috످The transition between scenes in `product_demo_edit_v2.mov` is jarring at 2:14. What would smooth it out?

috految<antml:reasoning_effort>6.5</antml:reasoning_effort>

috److I can't see the video, but a good first fix is a short cross dissolve (about half a second) at 2:14. Select the cut, then press `Cmd/Ctrl + D` in Premiere Pro, `Cmd + T` in Final Cut Pro, or `Cmd/Ctrl + T` in DaVinci Resolve.

If you only have the exported `.mov`, split it at the cut and trim about 8 frames from each side first so the dissolve has footage to blend.

If it still feels jarring, replay it muted. If it's smooth without sound, add an audio crossfade or start the next scene's audio a second early (a J-cut).

If it still looks off, match the fix to what you see. If the subject jumps position, cover the cut with a product close-up. If color or lighting shifts, match the clips' exposure and white balance. If motion stops abruptly, recut so the movement carries into the next shot. If the topic changes suddenly, add a brief title card.

What's on screen right before and after 2:14, and which editor are you using?

috످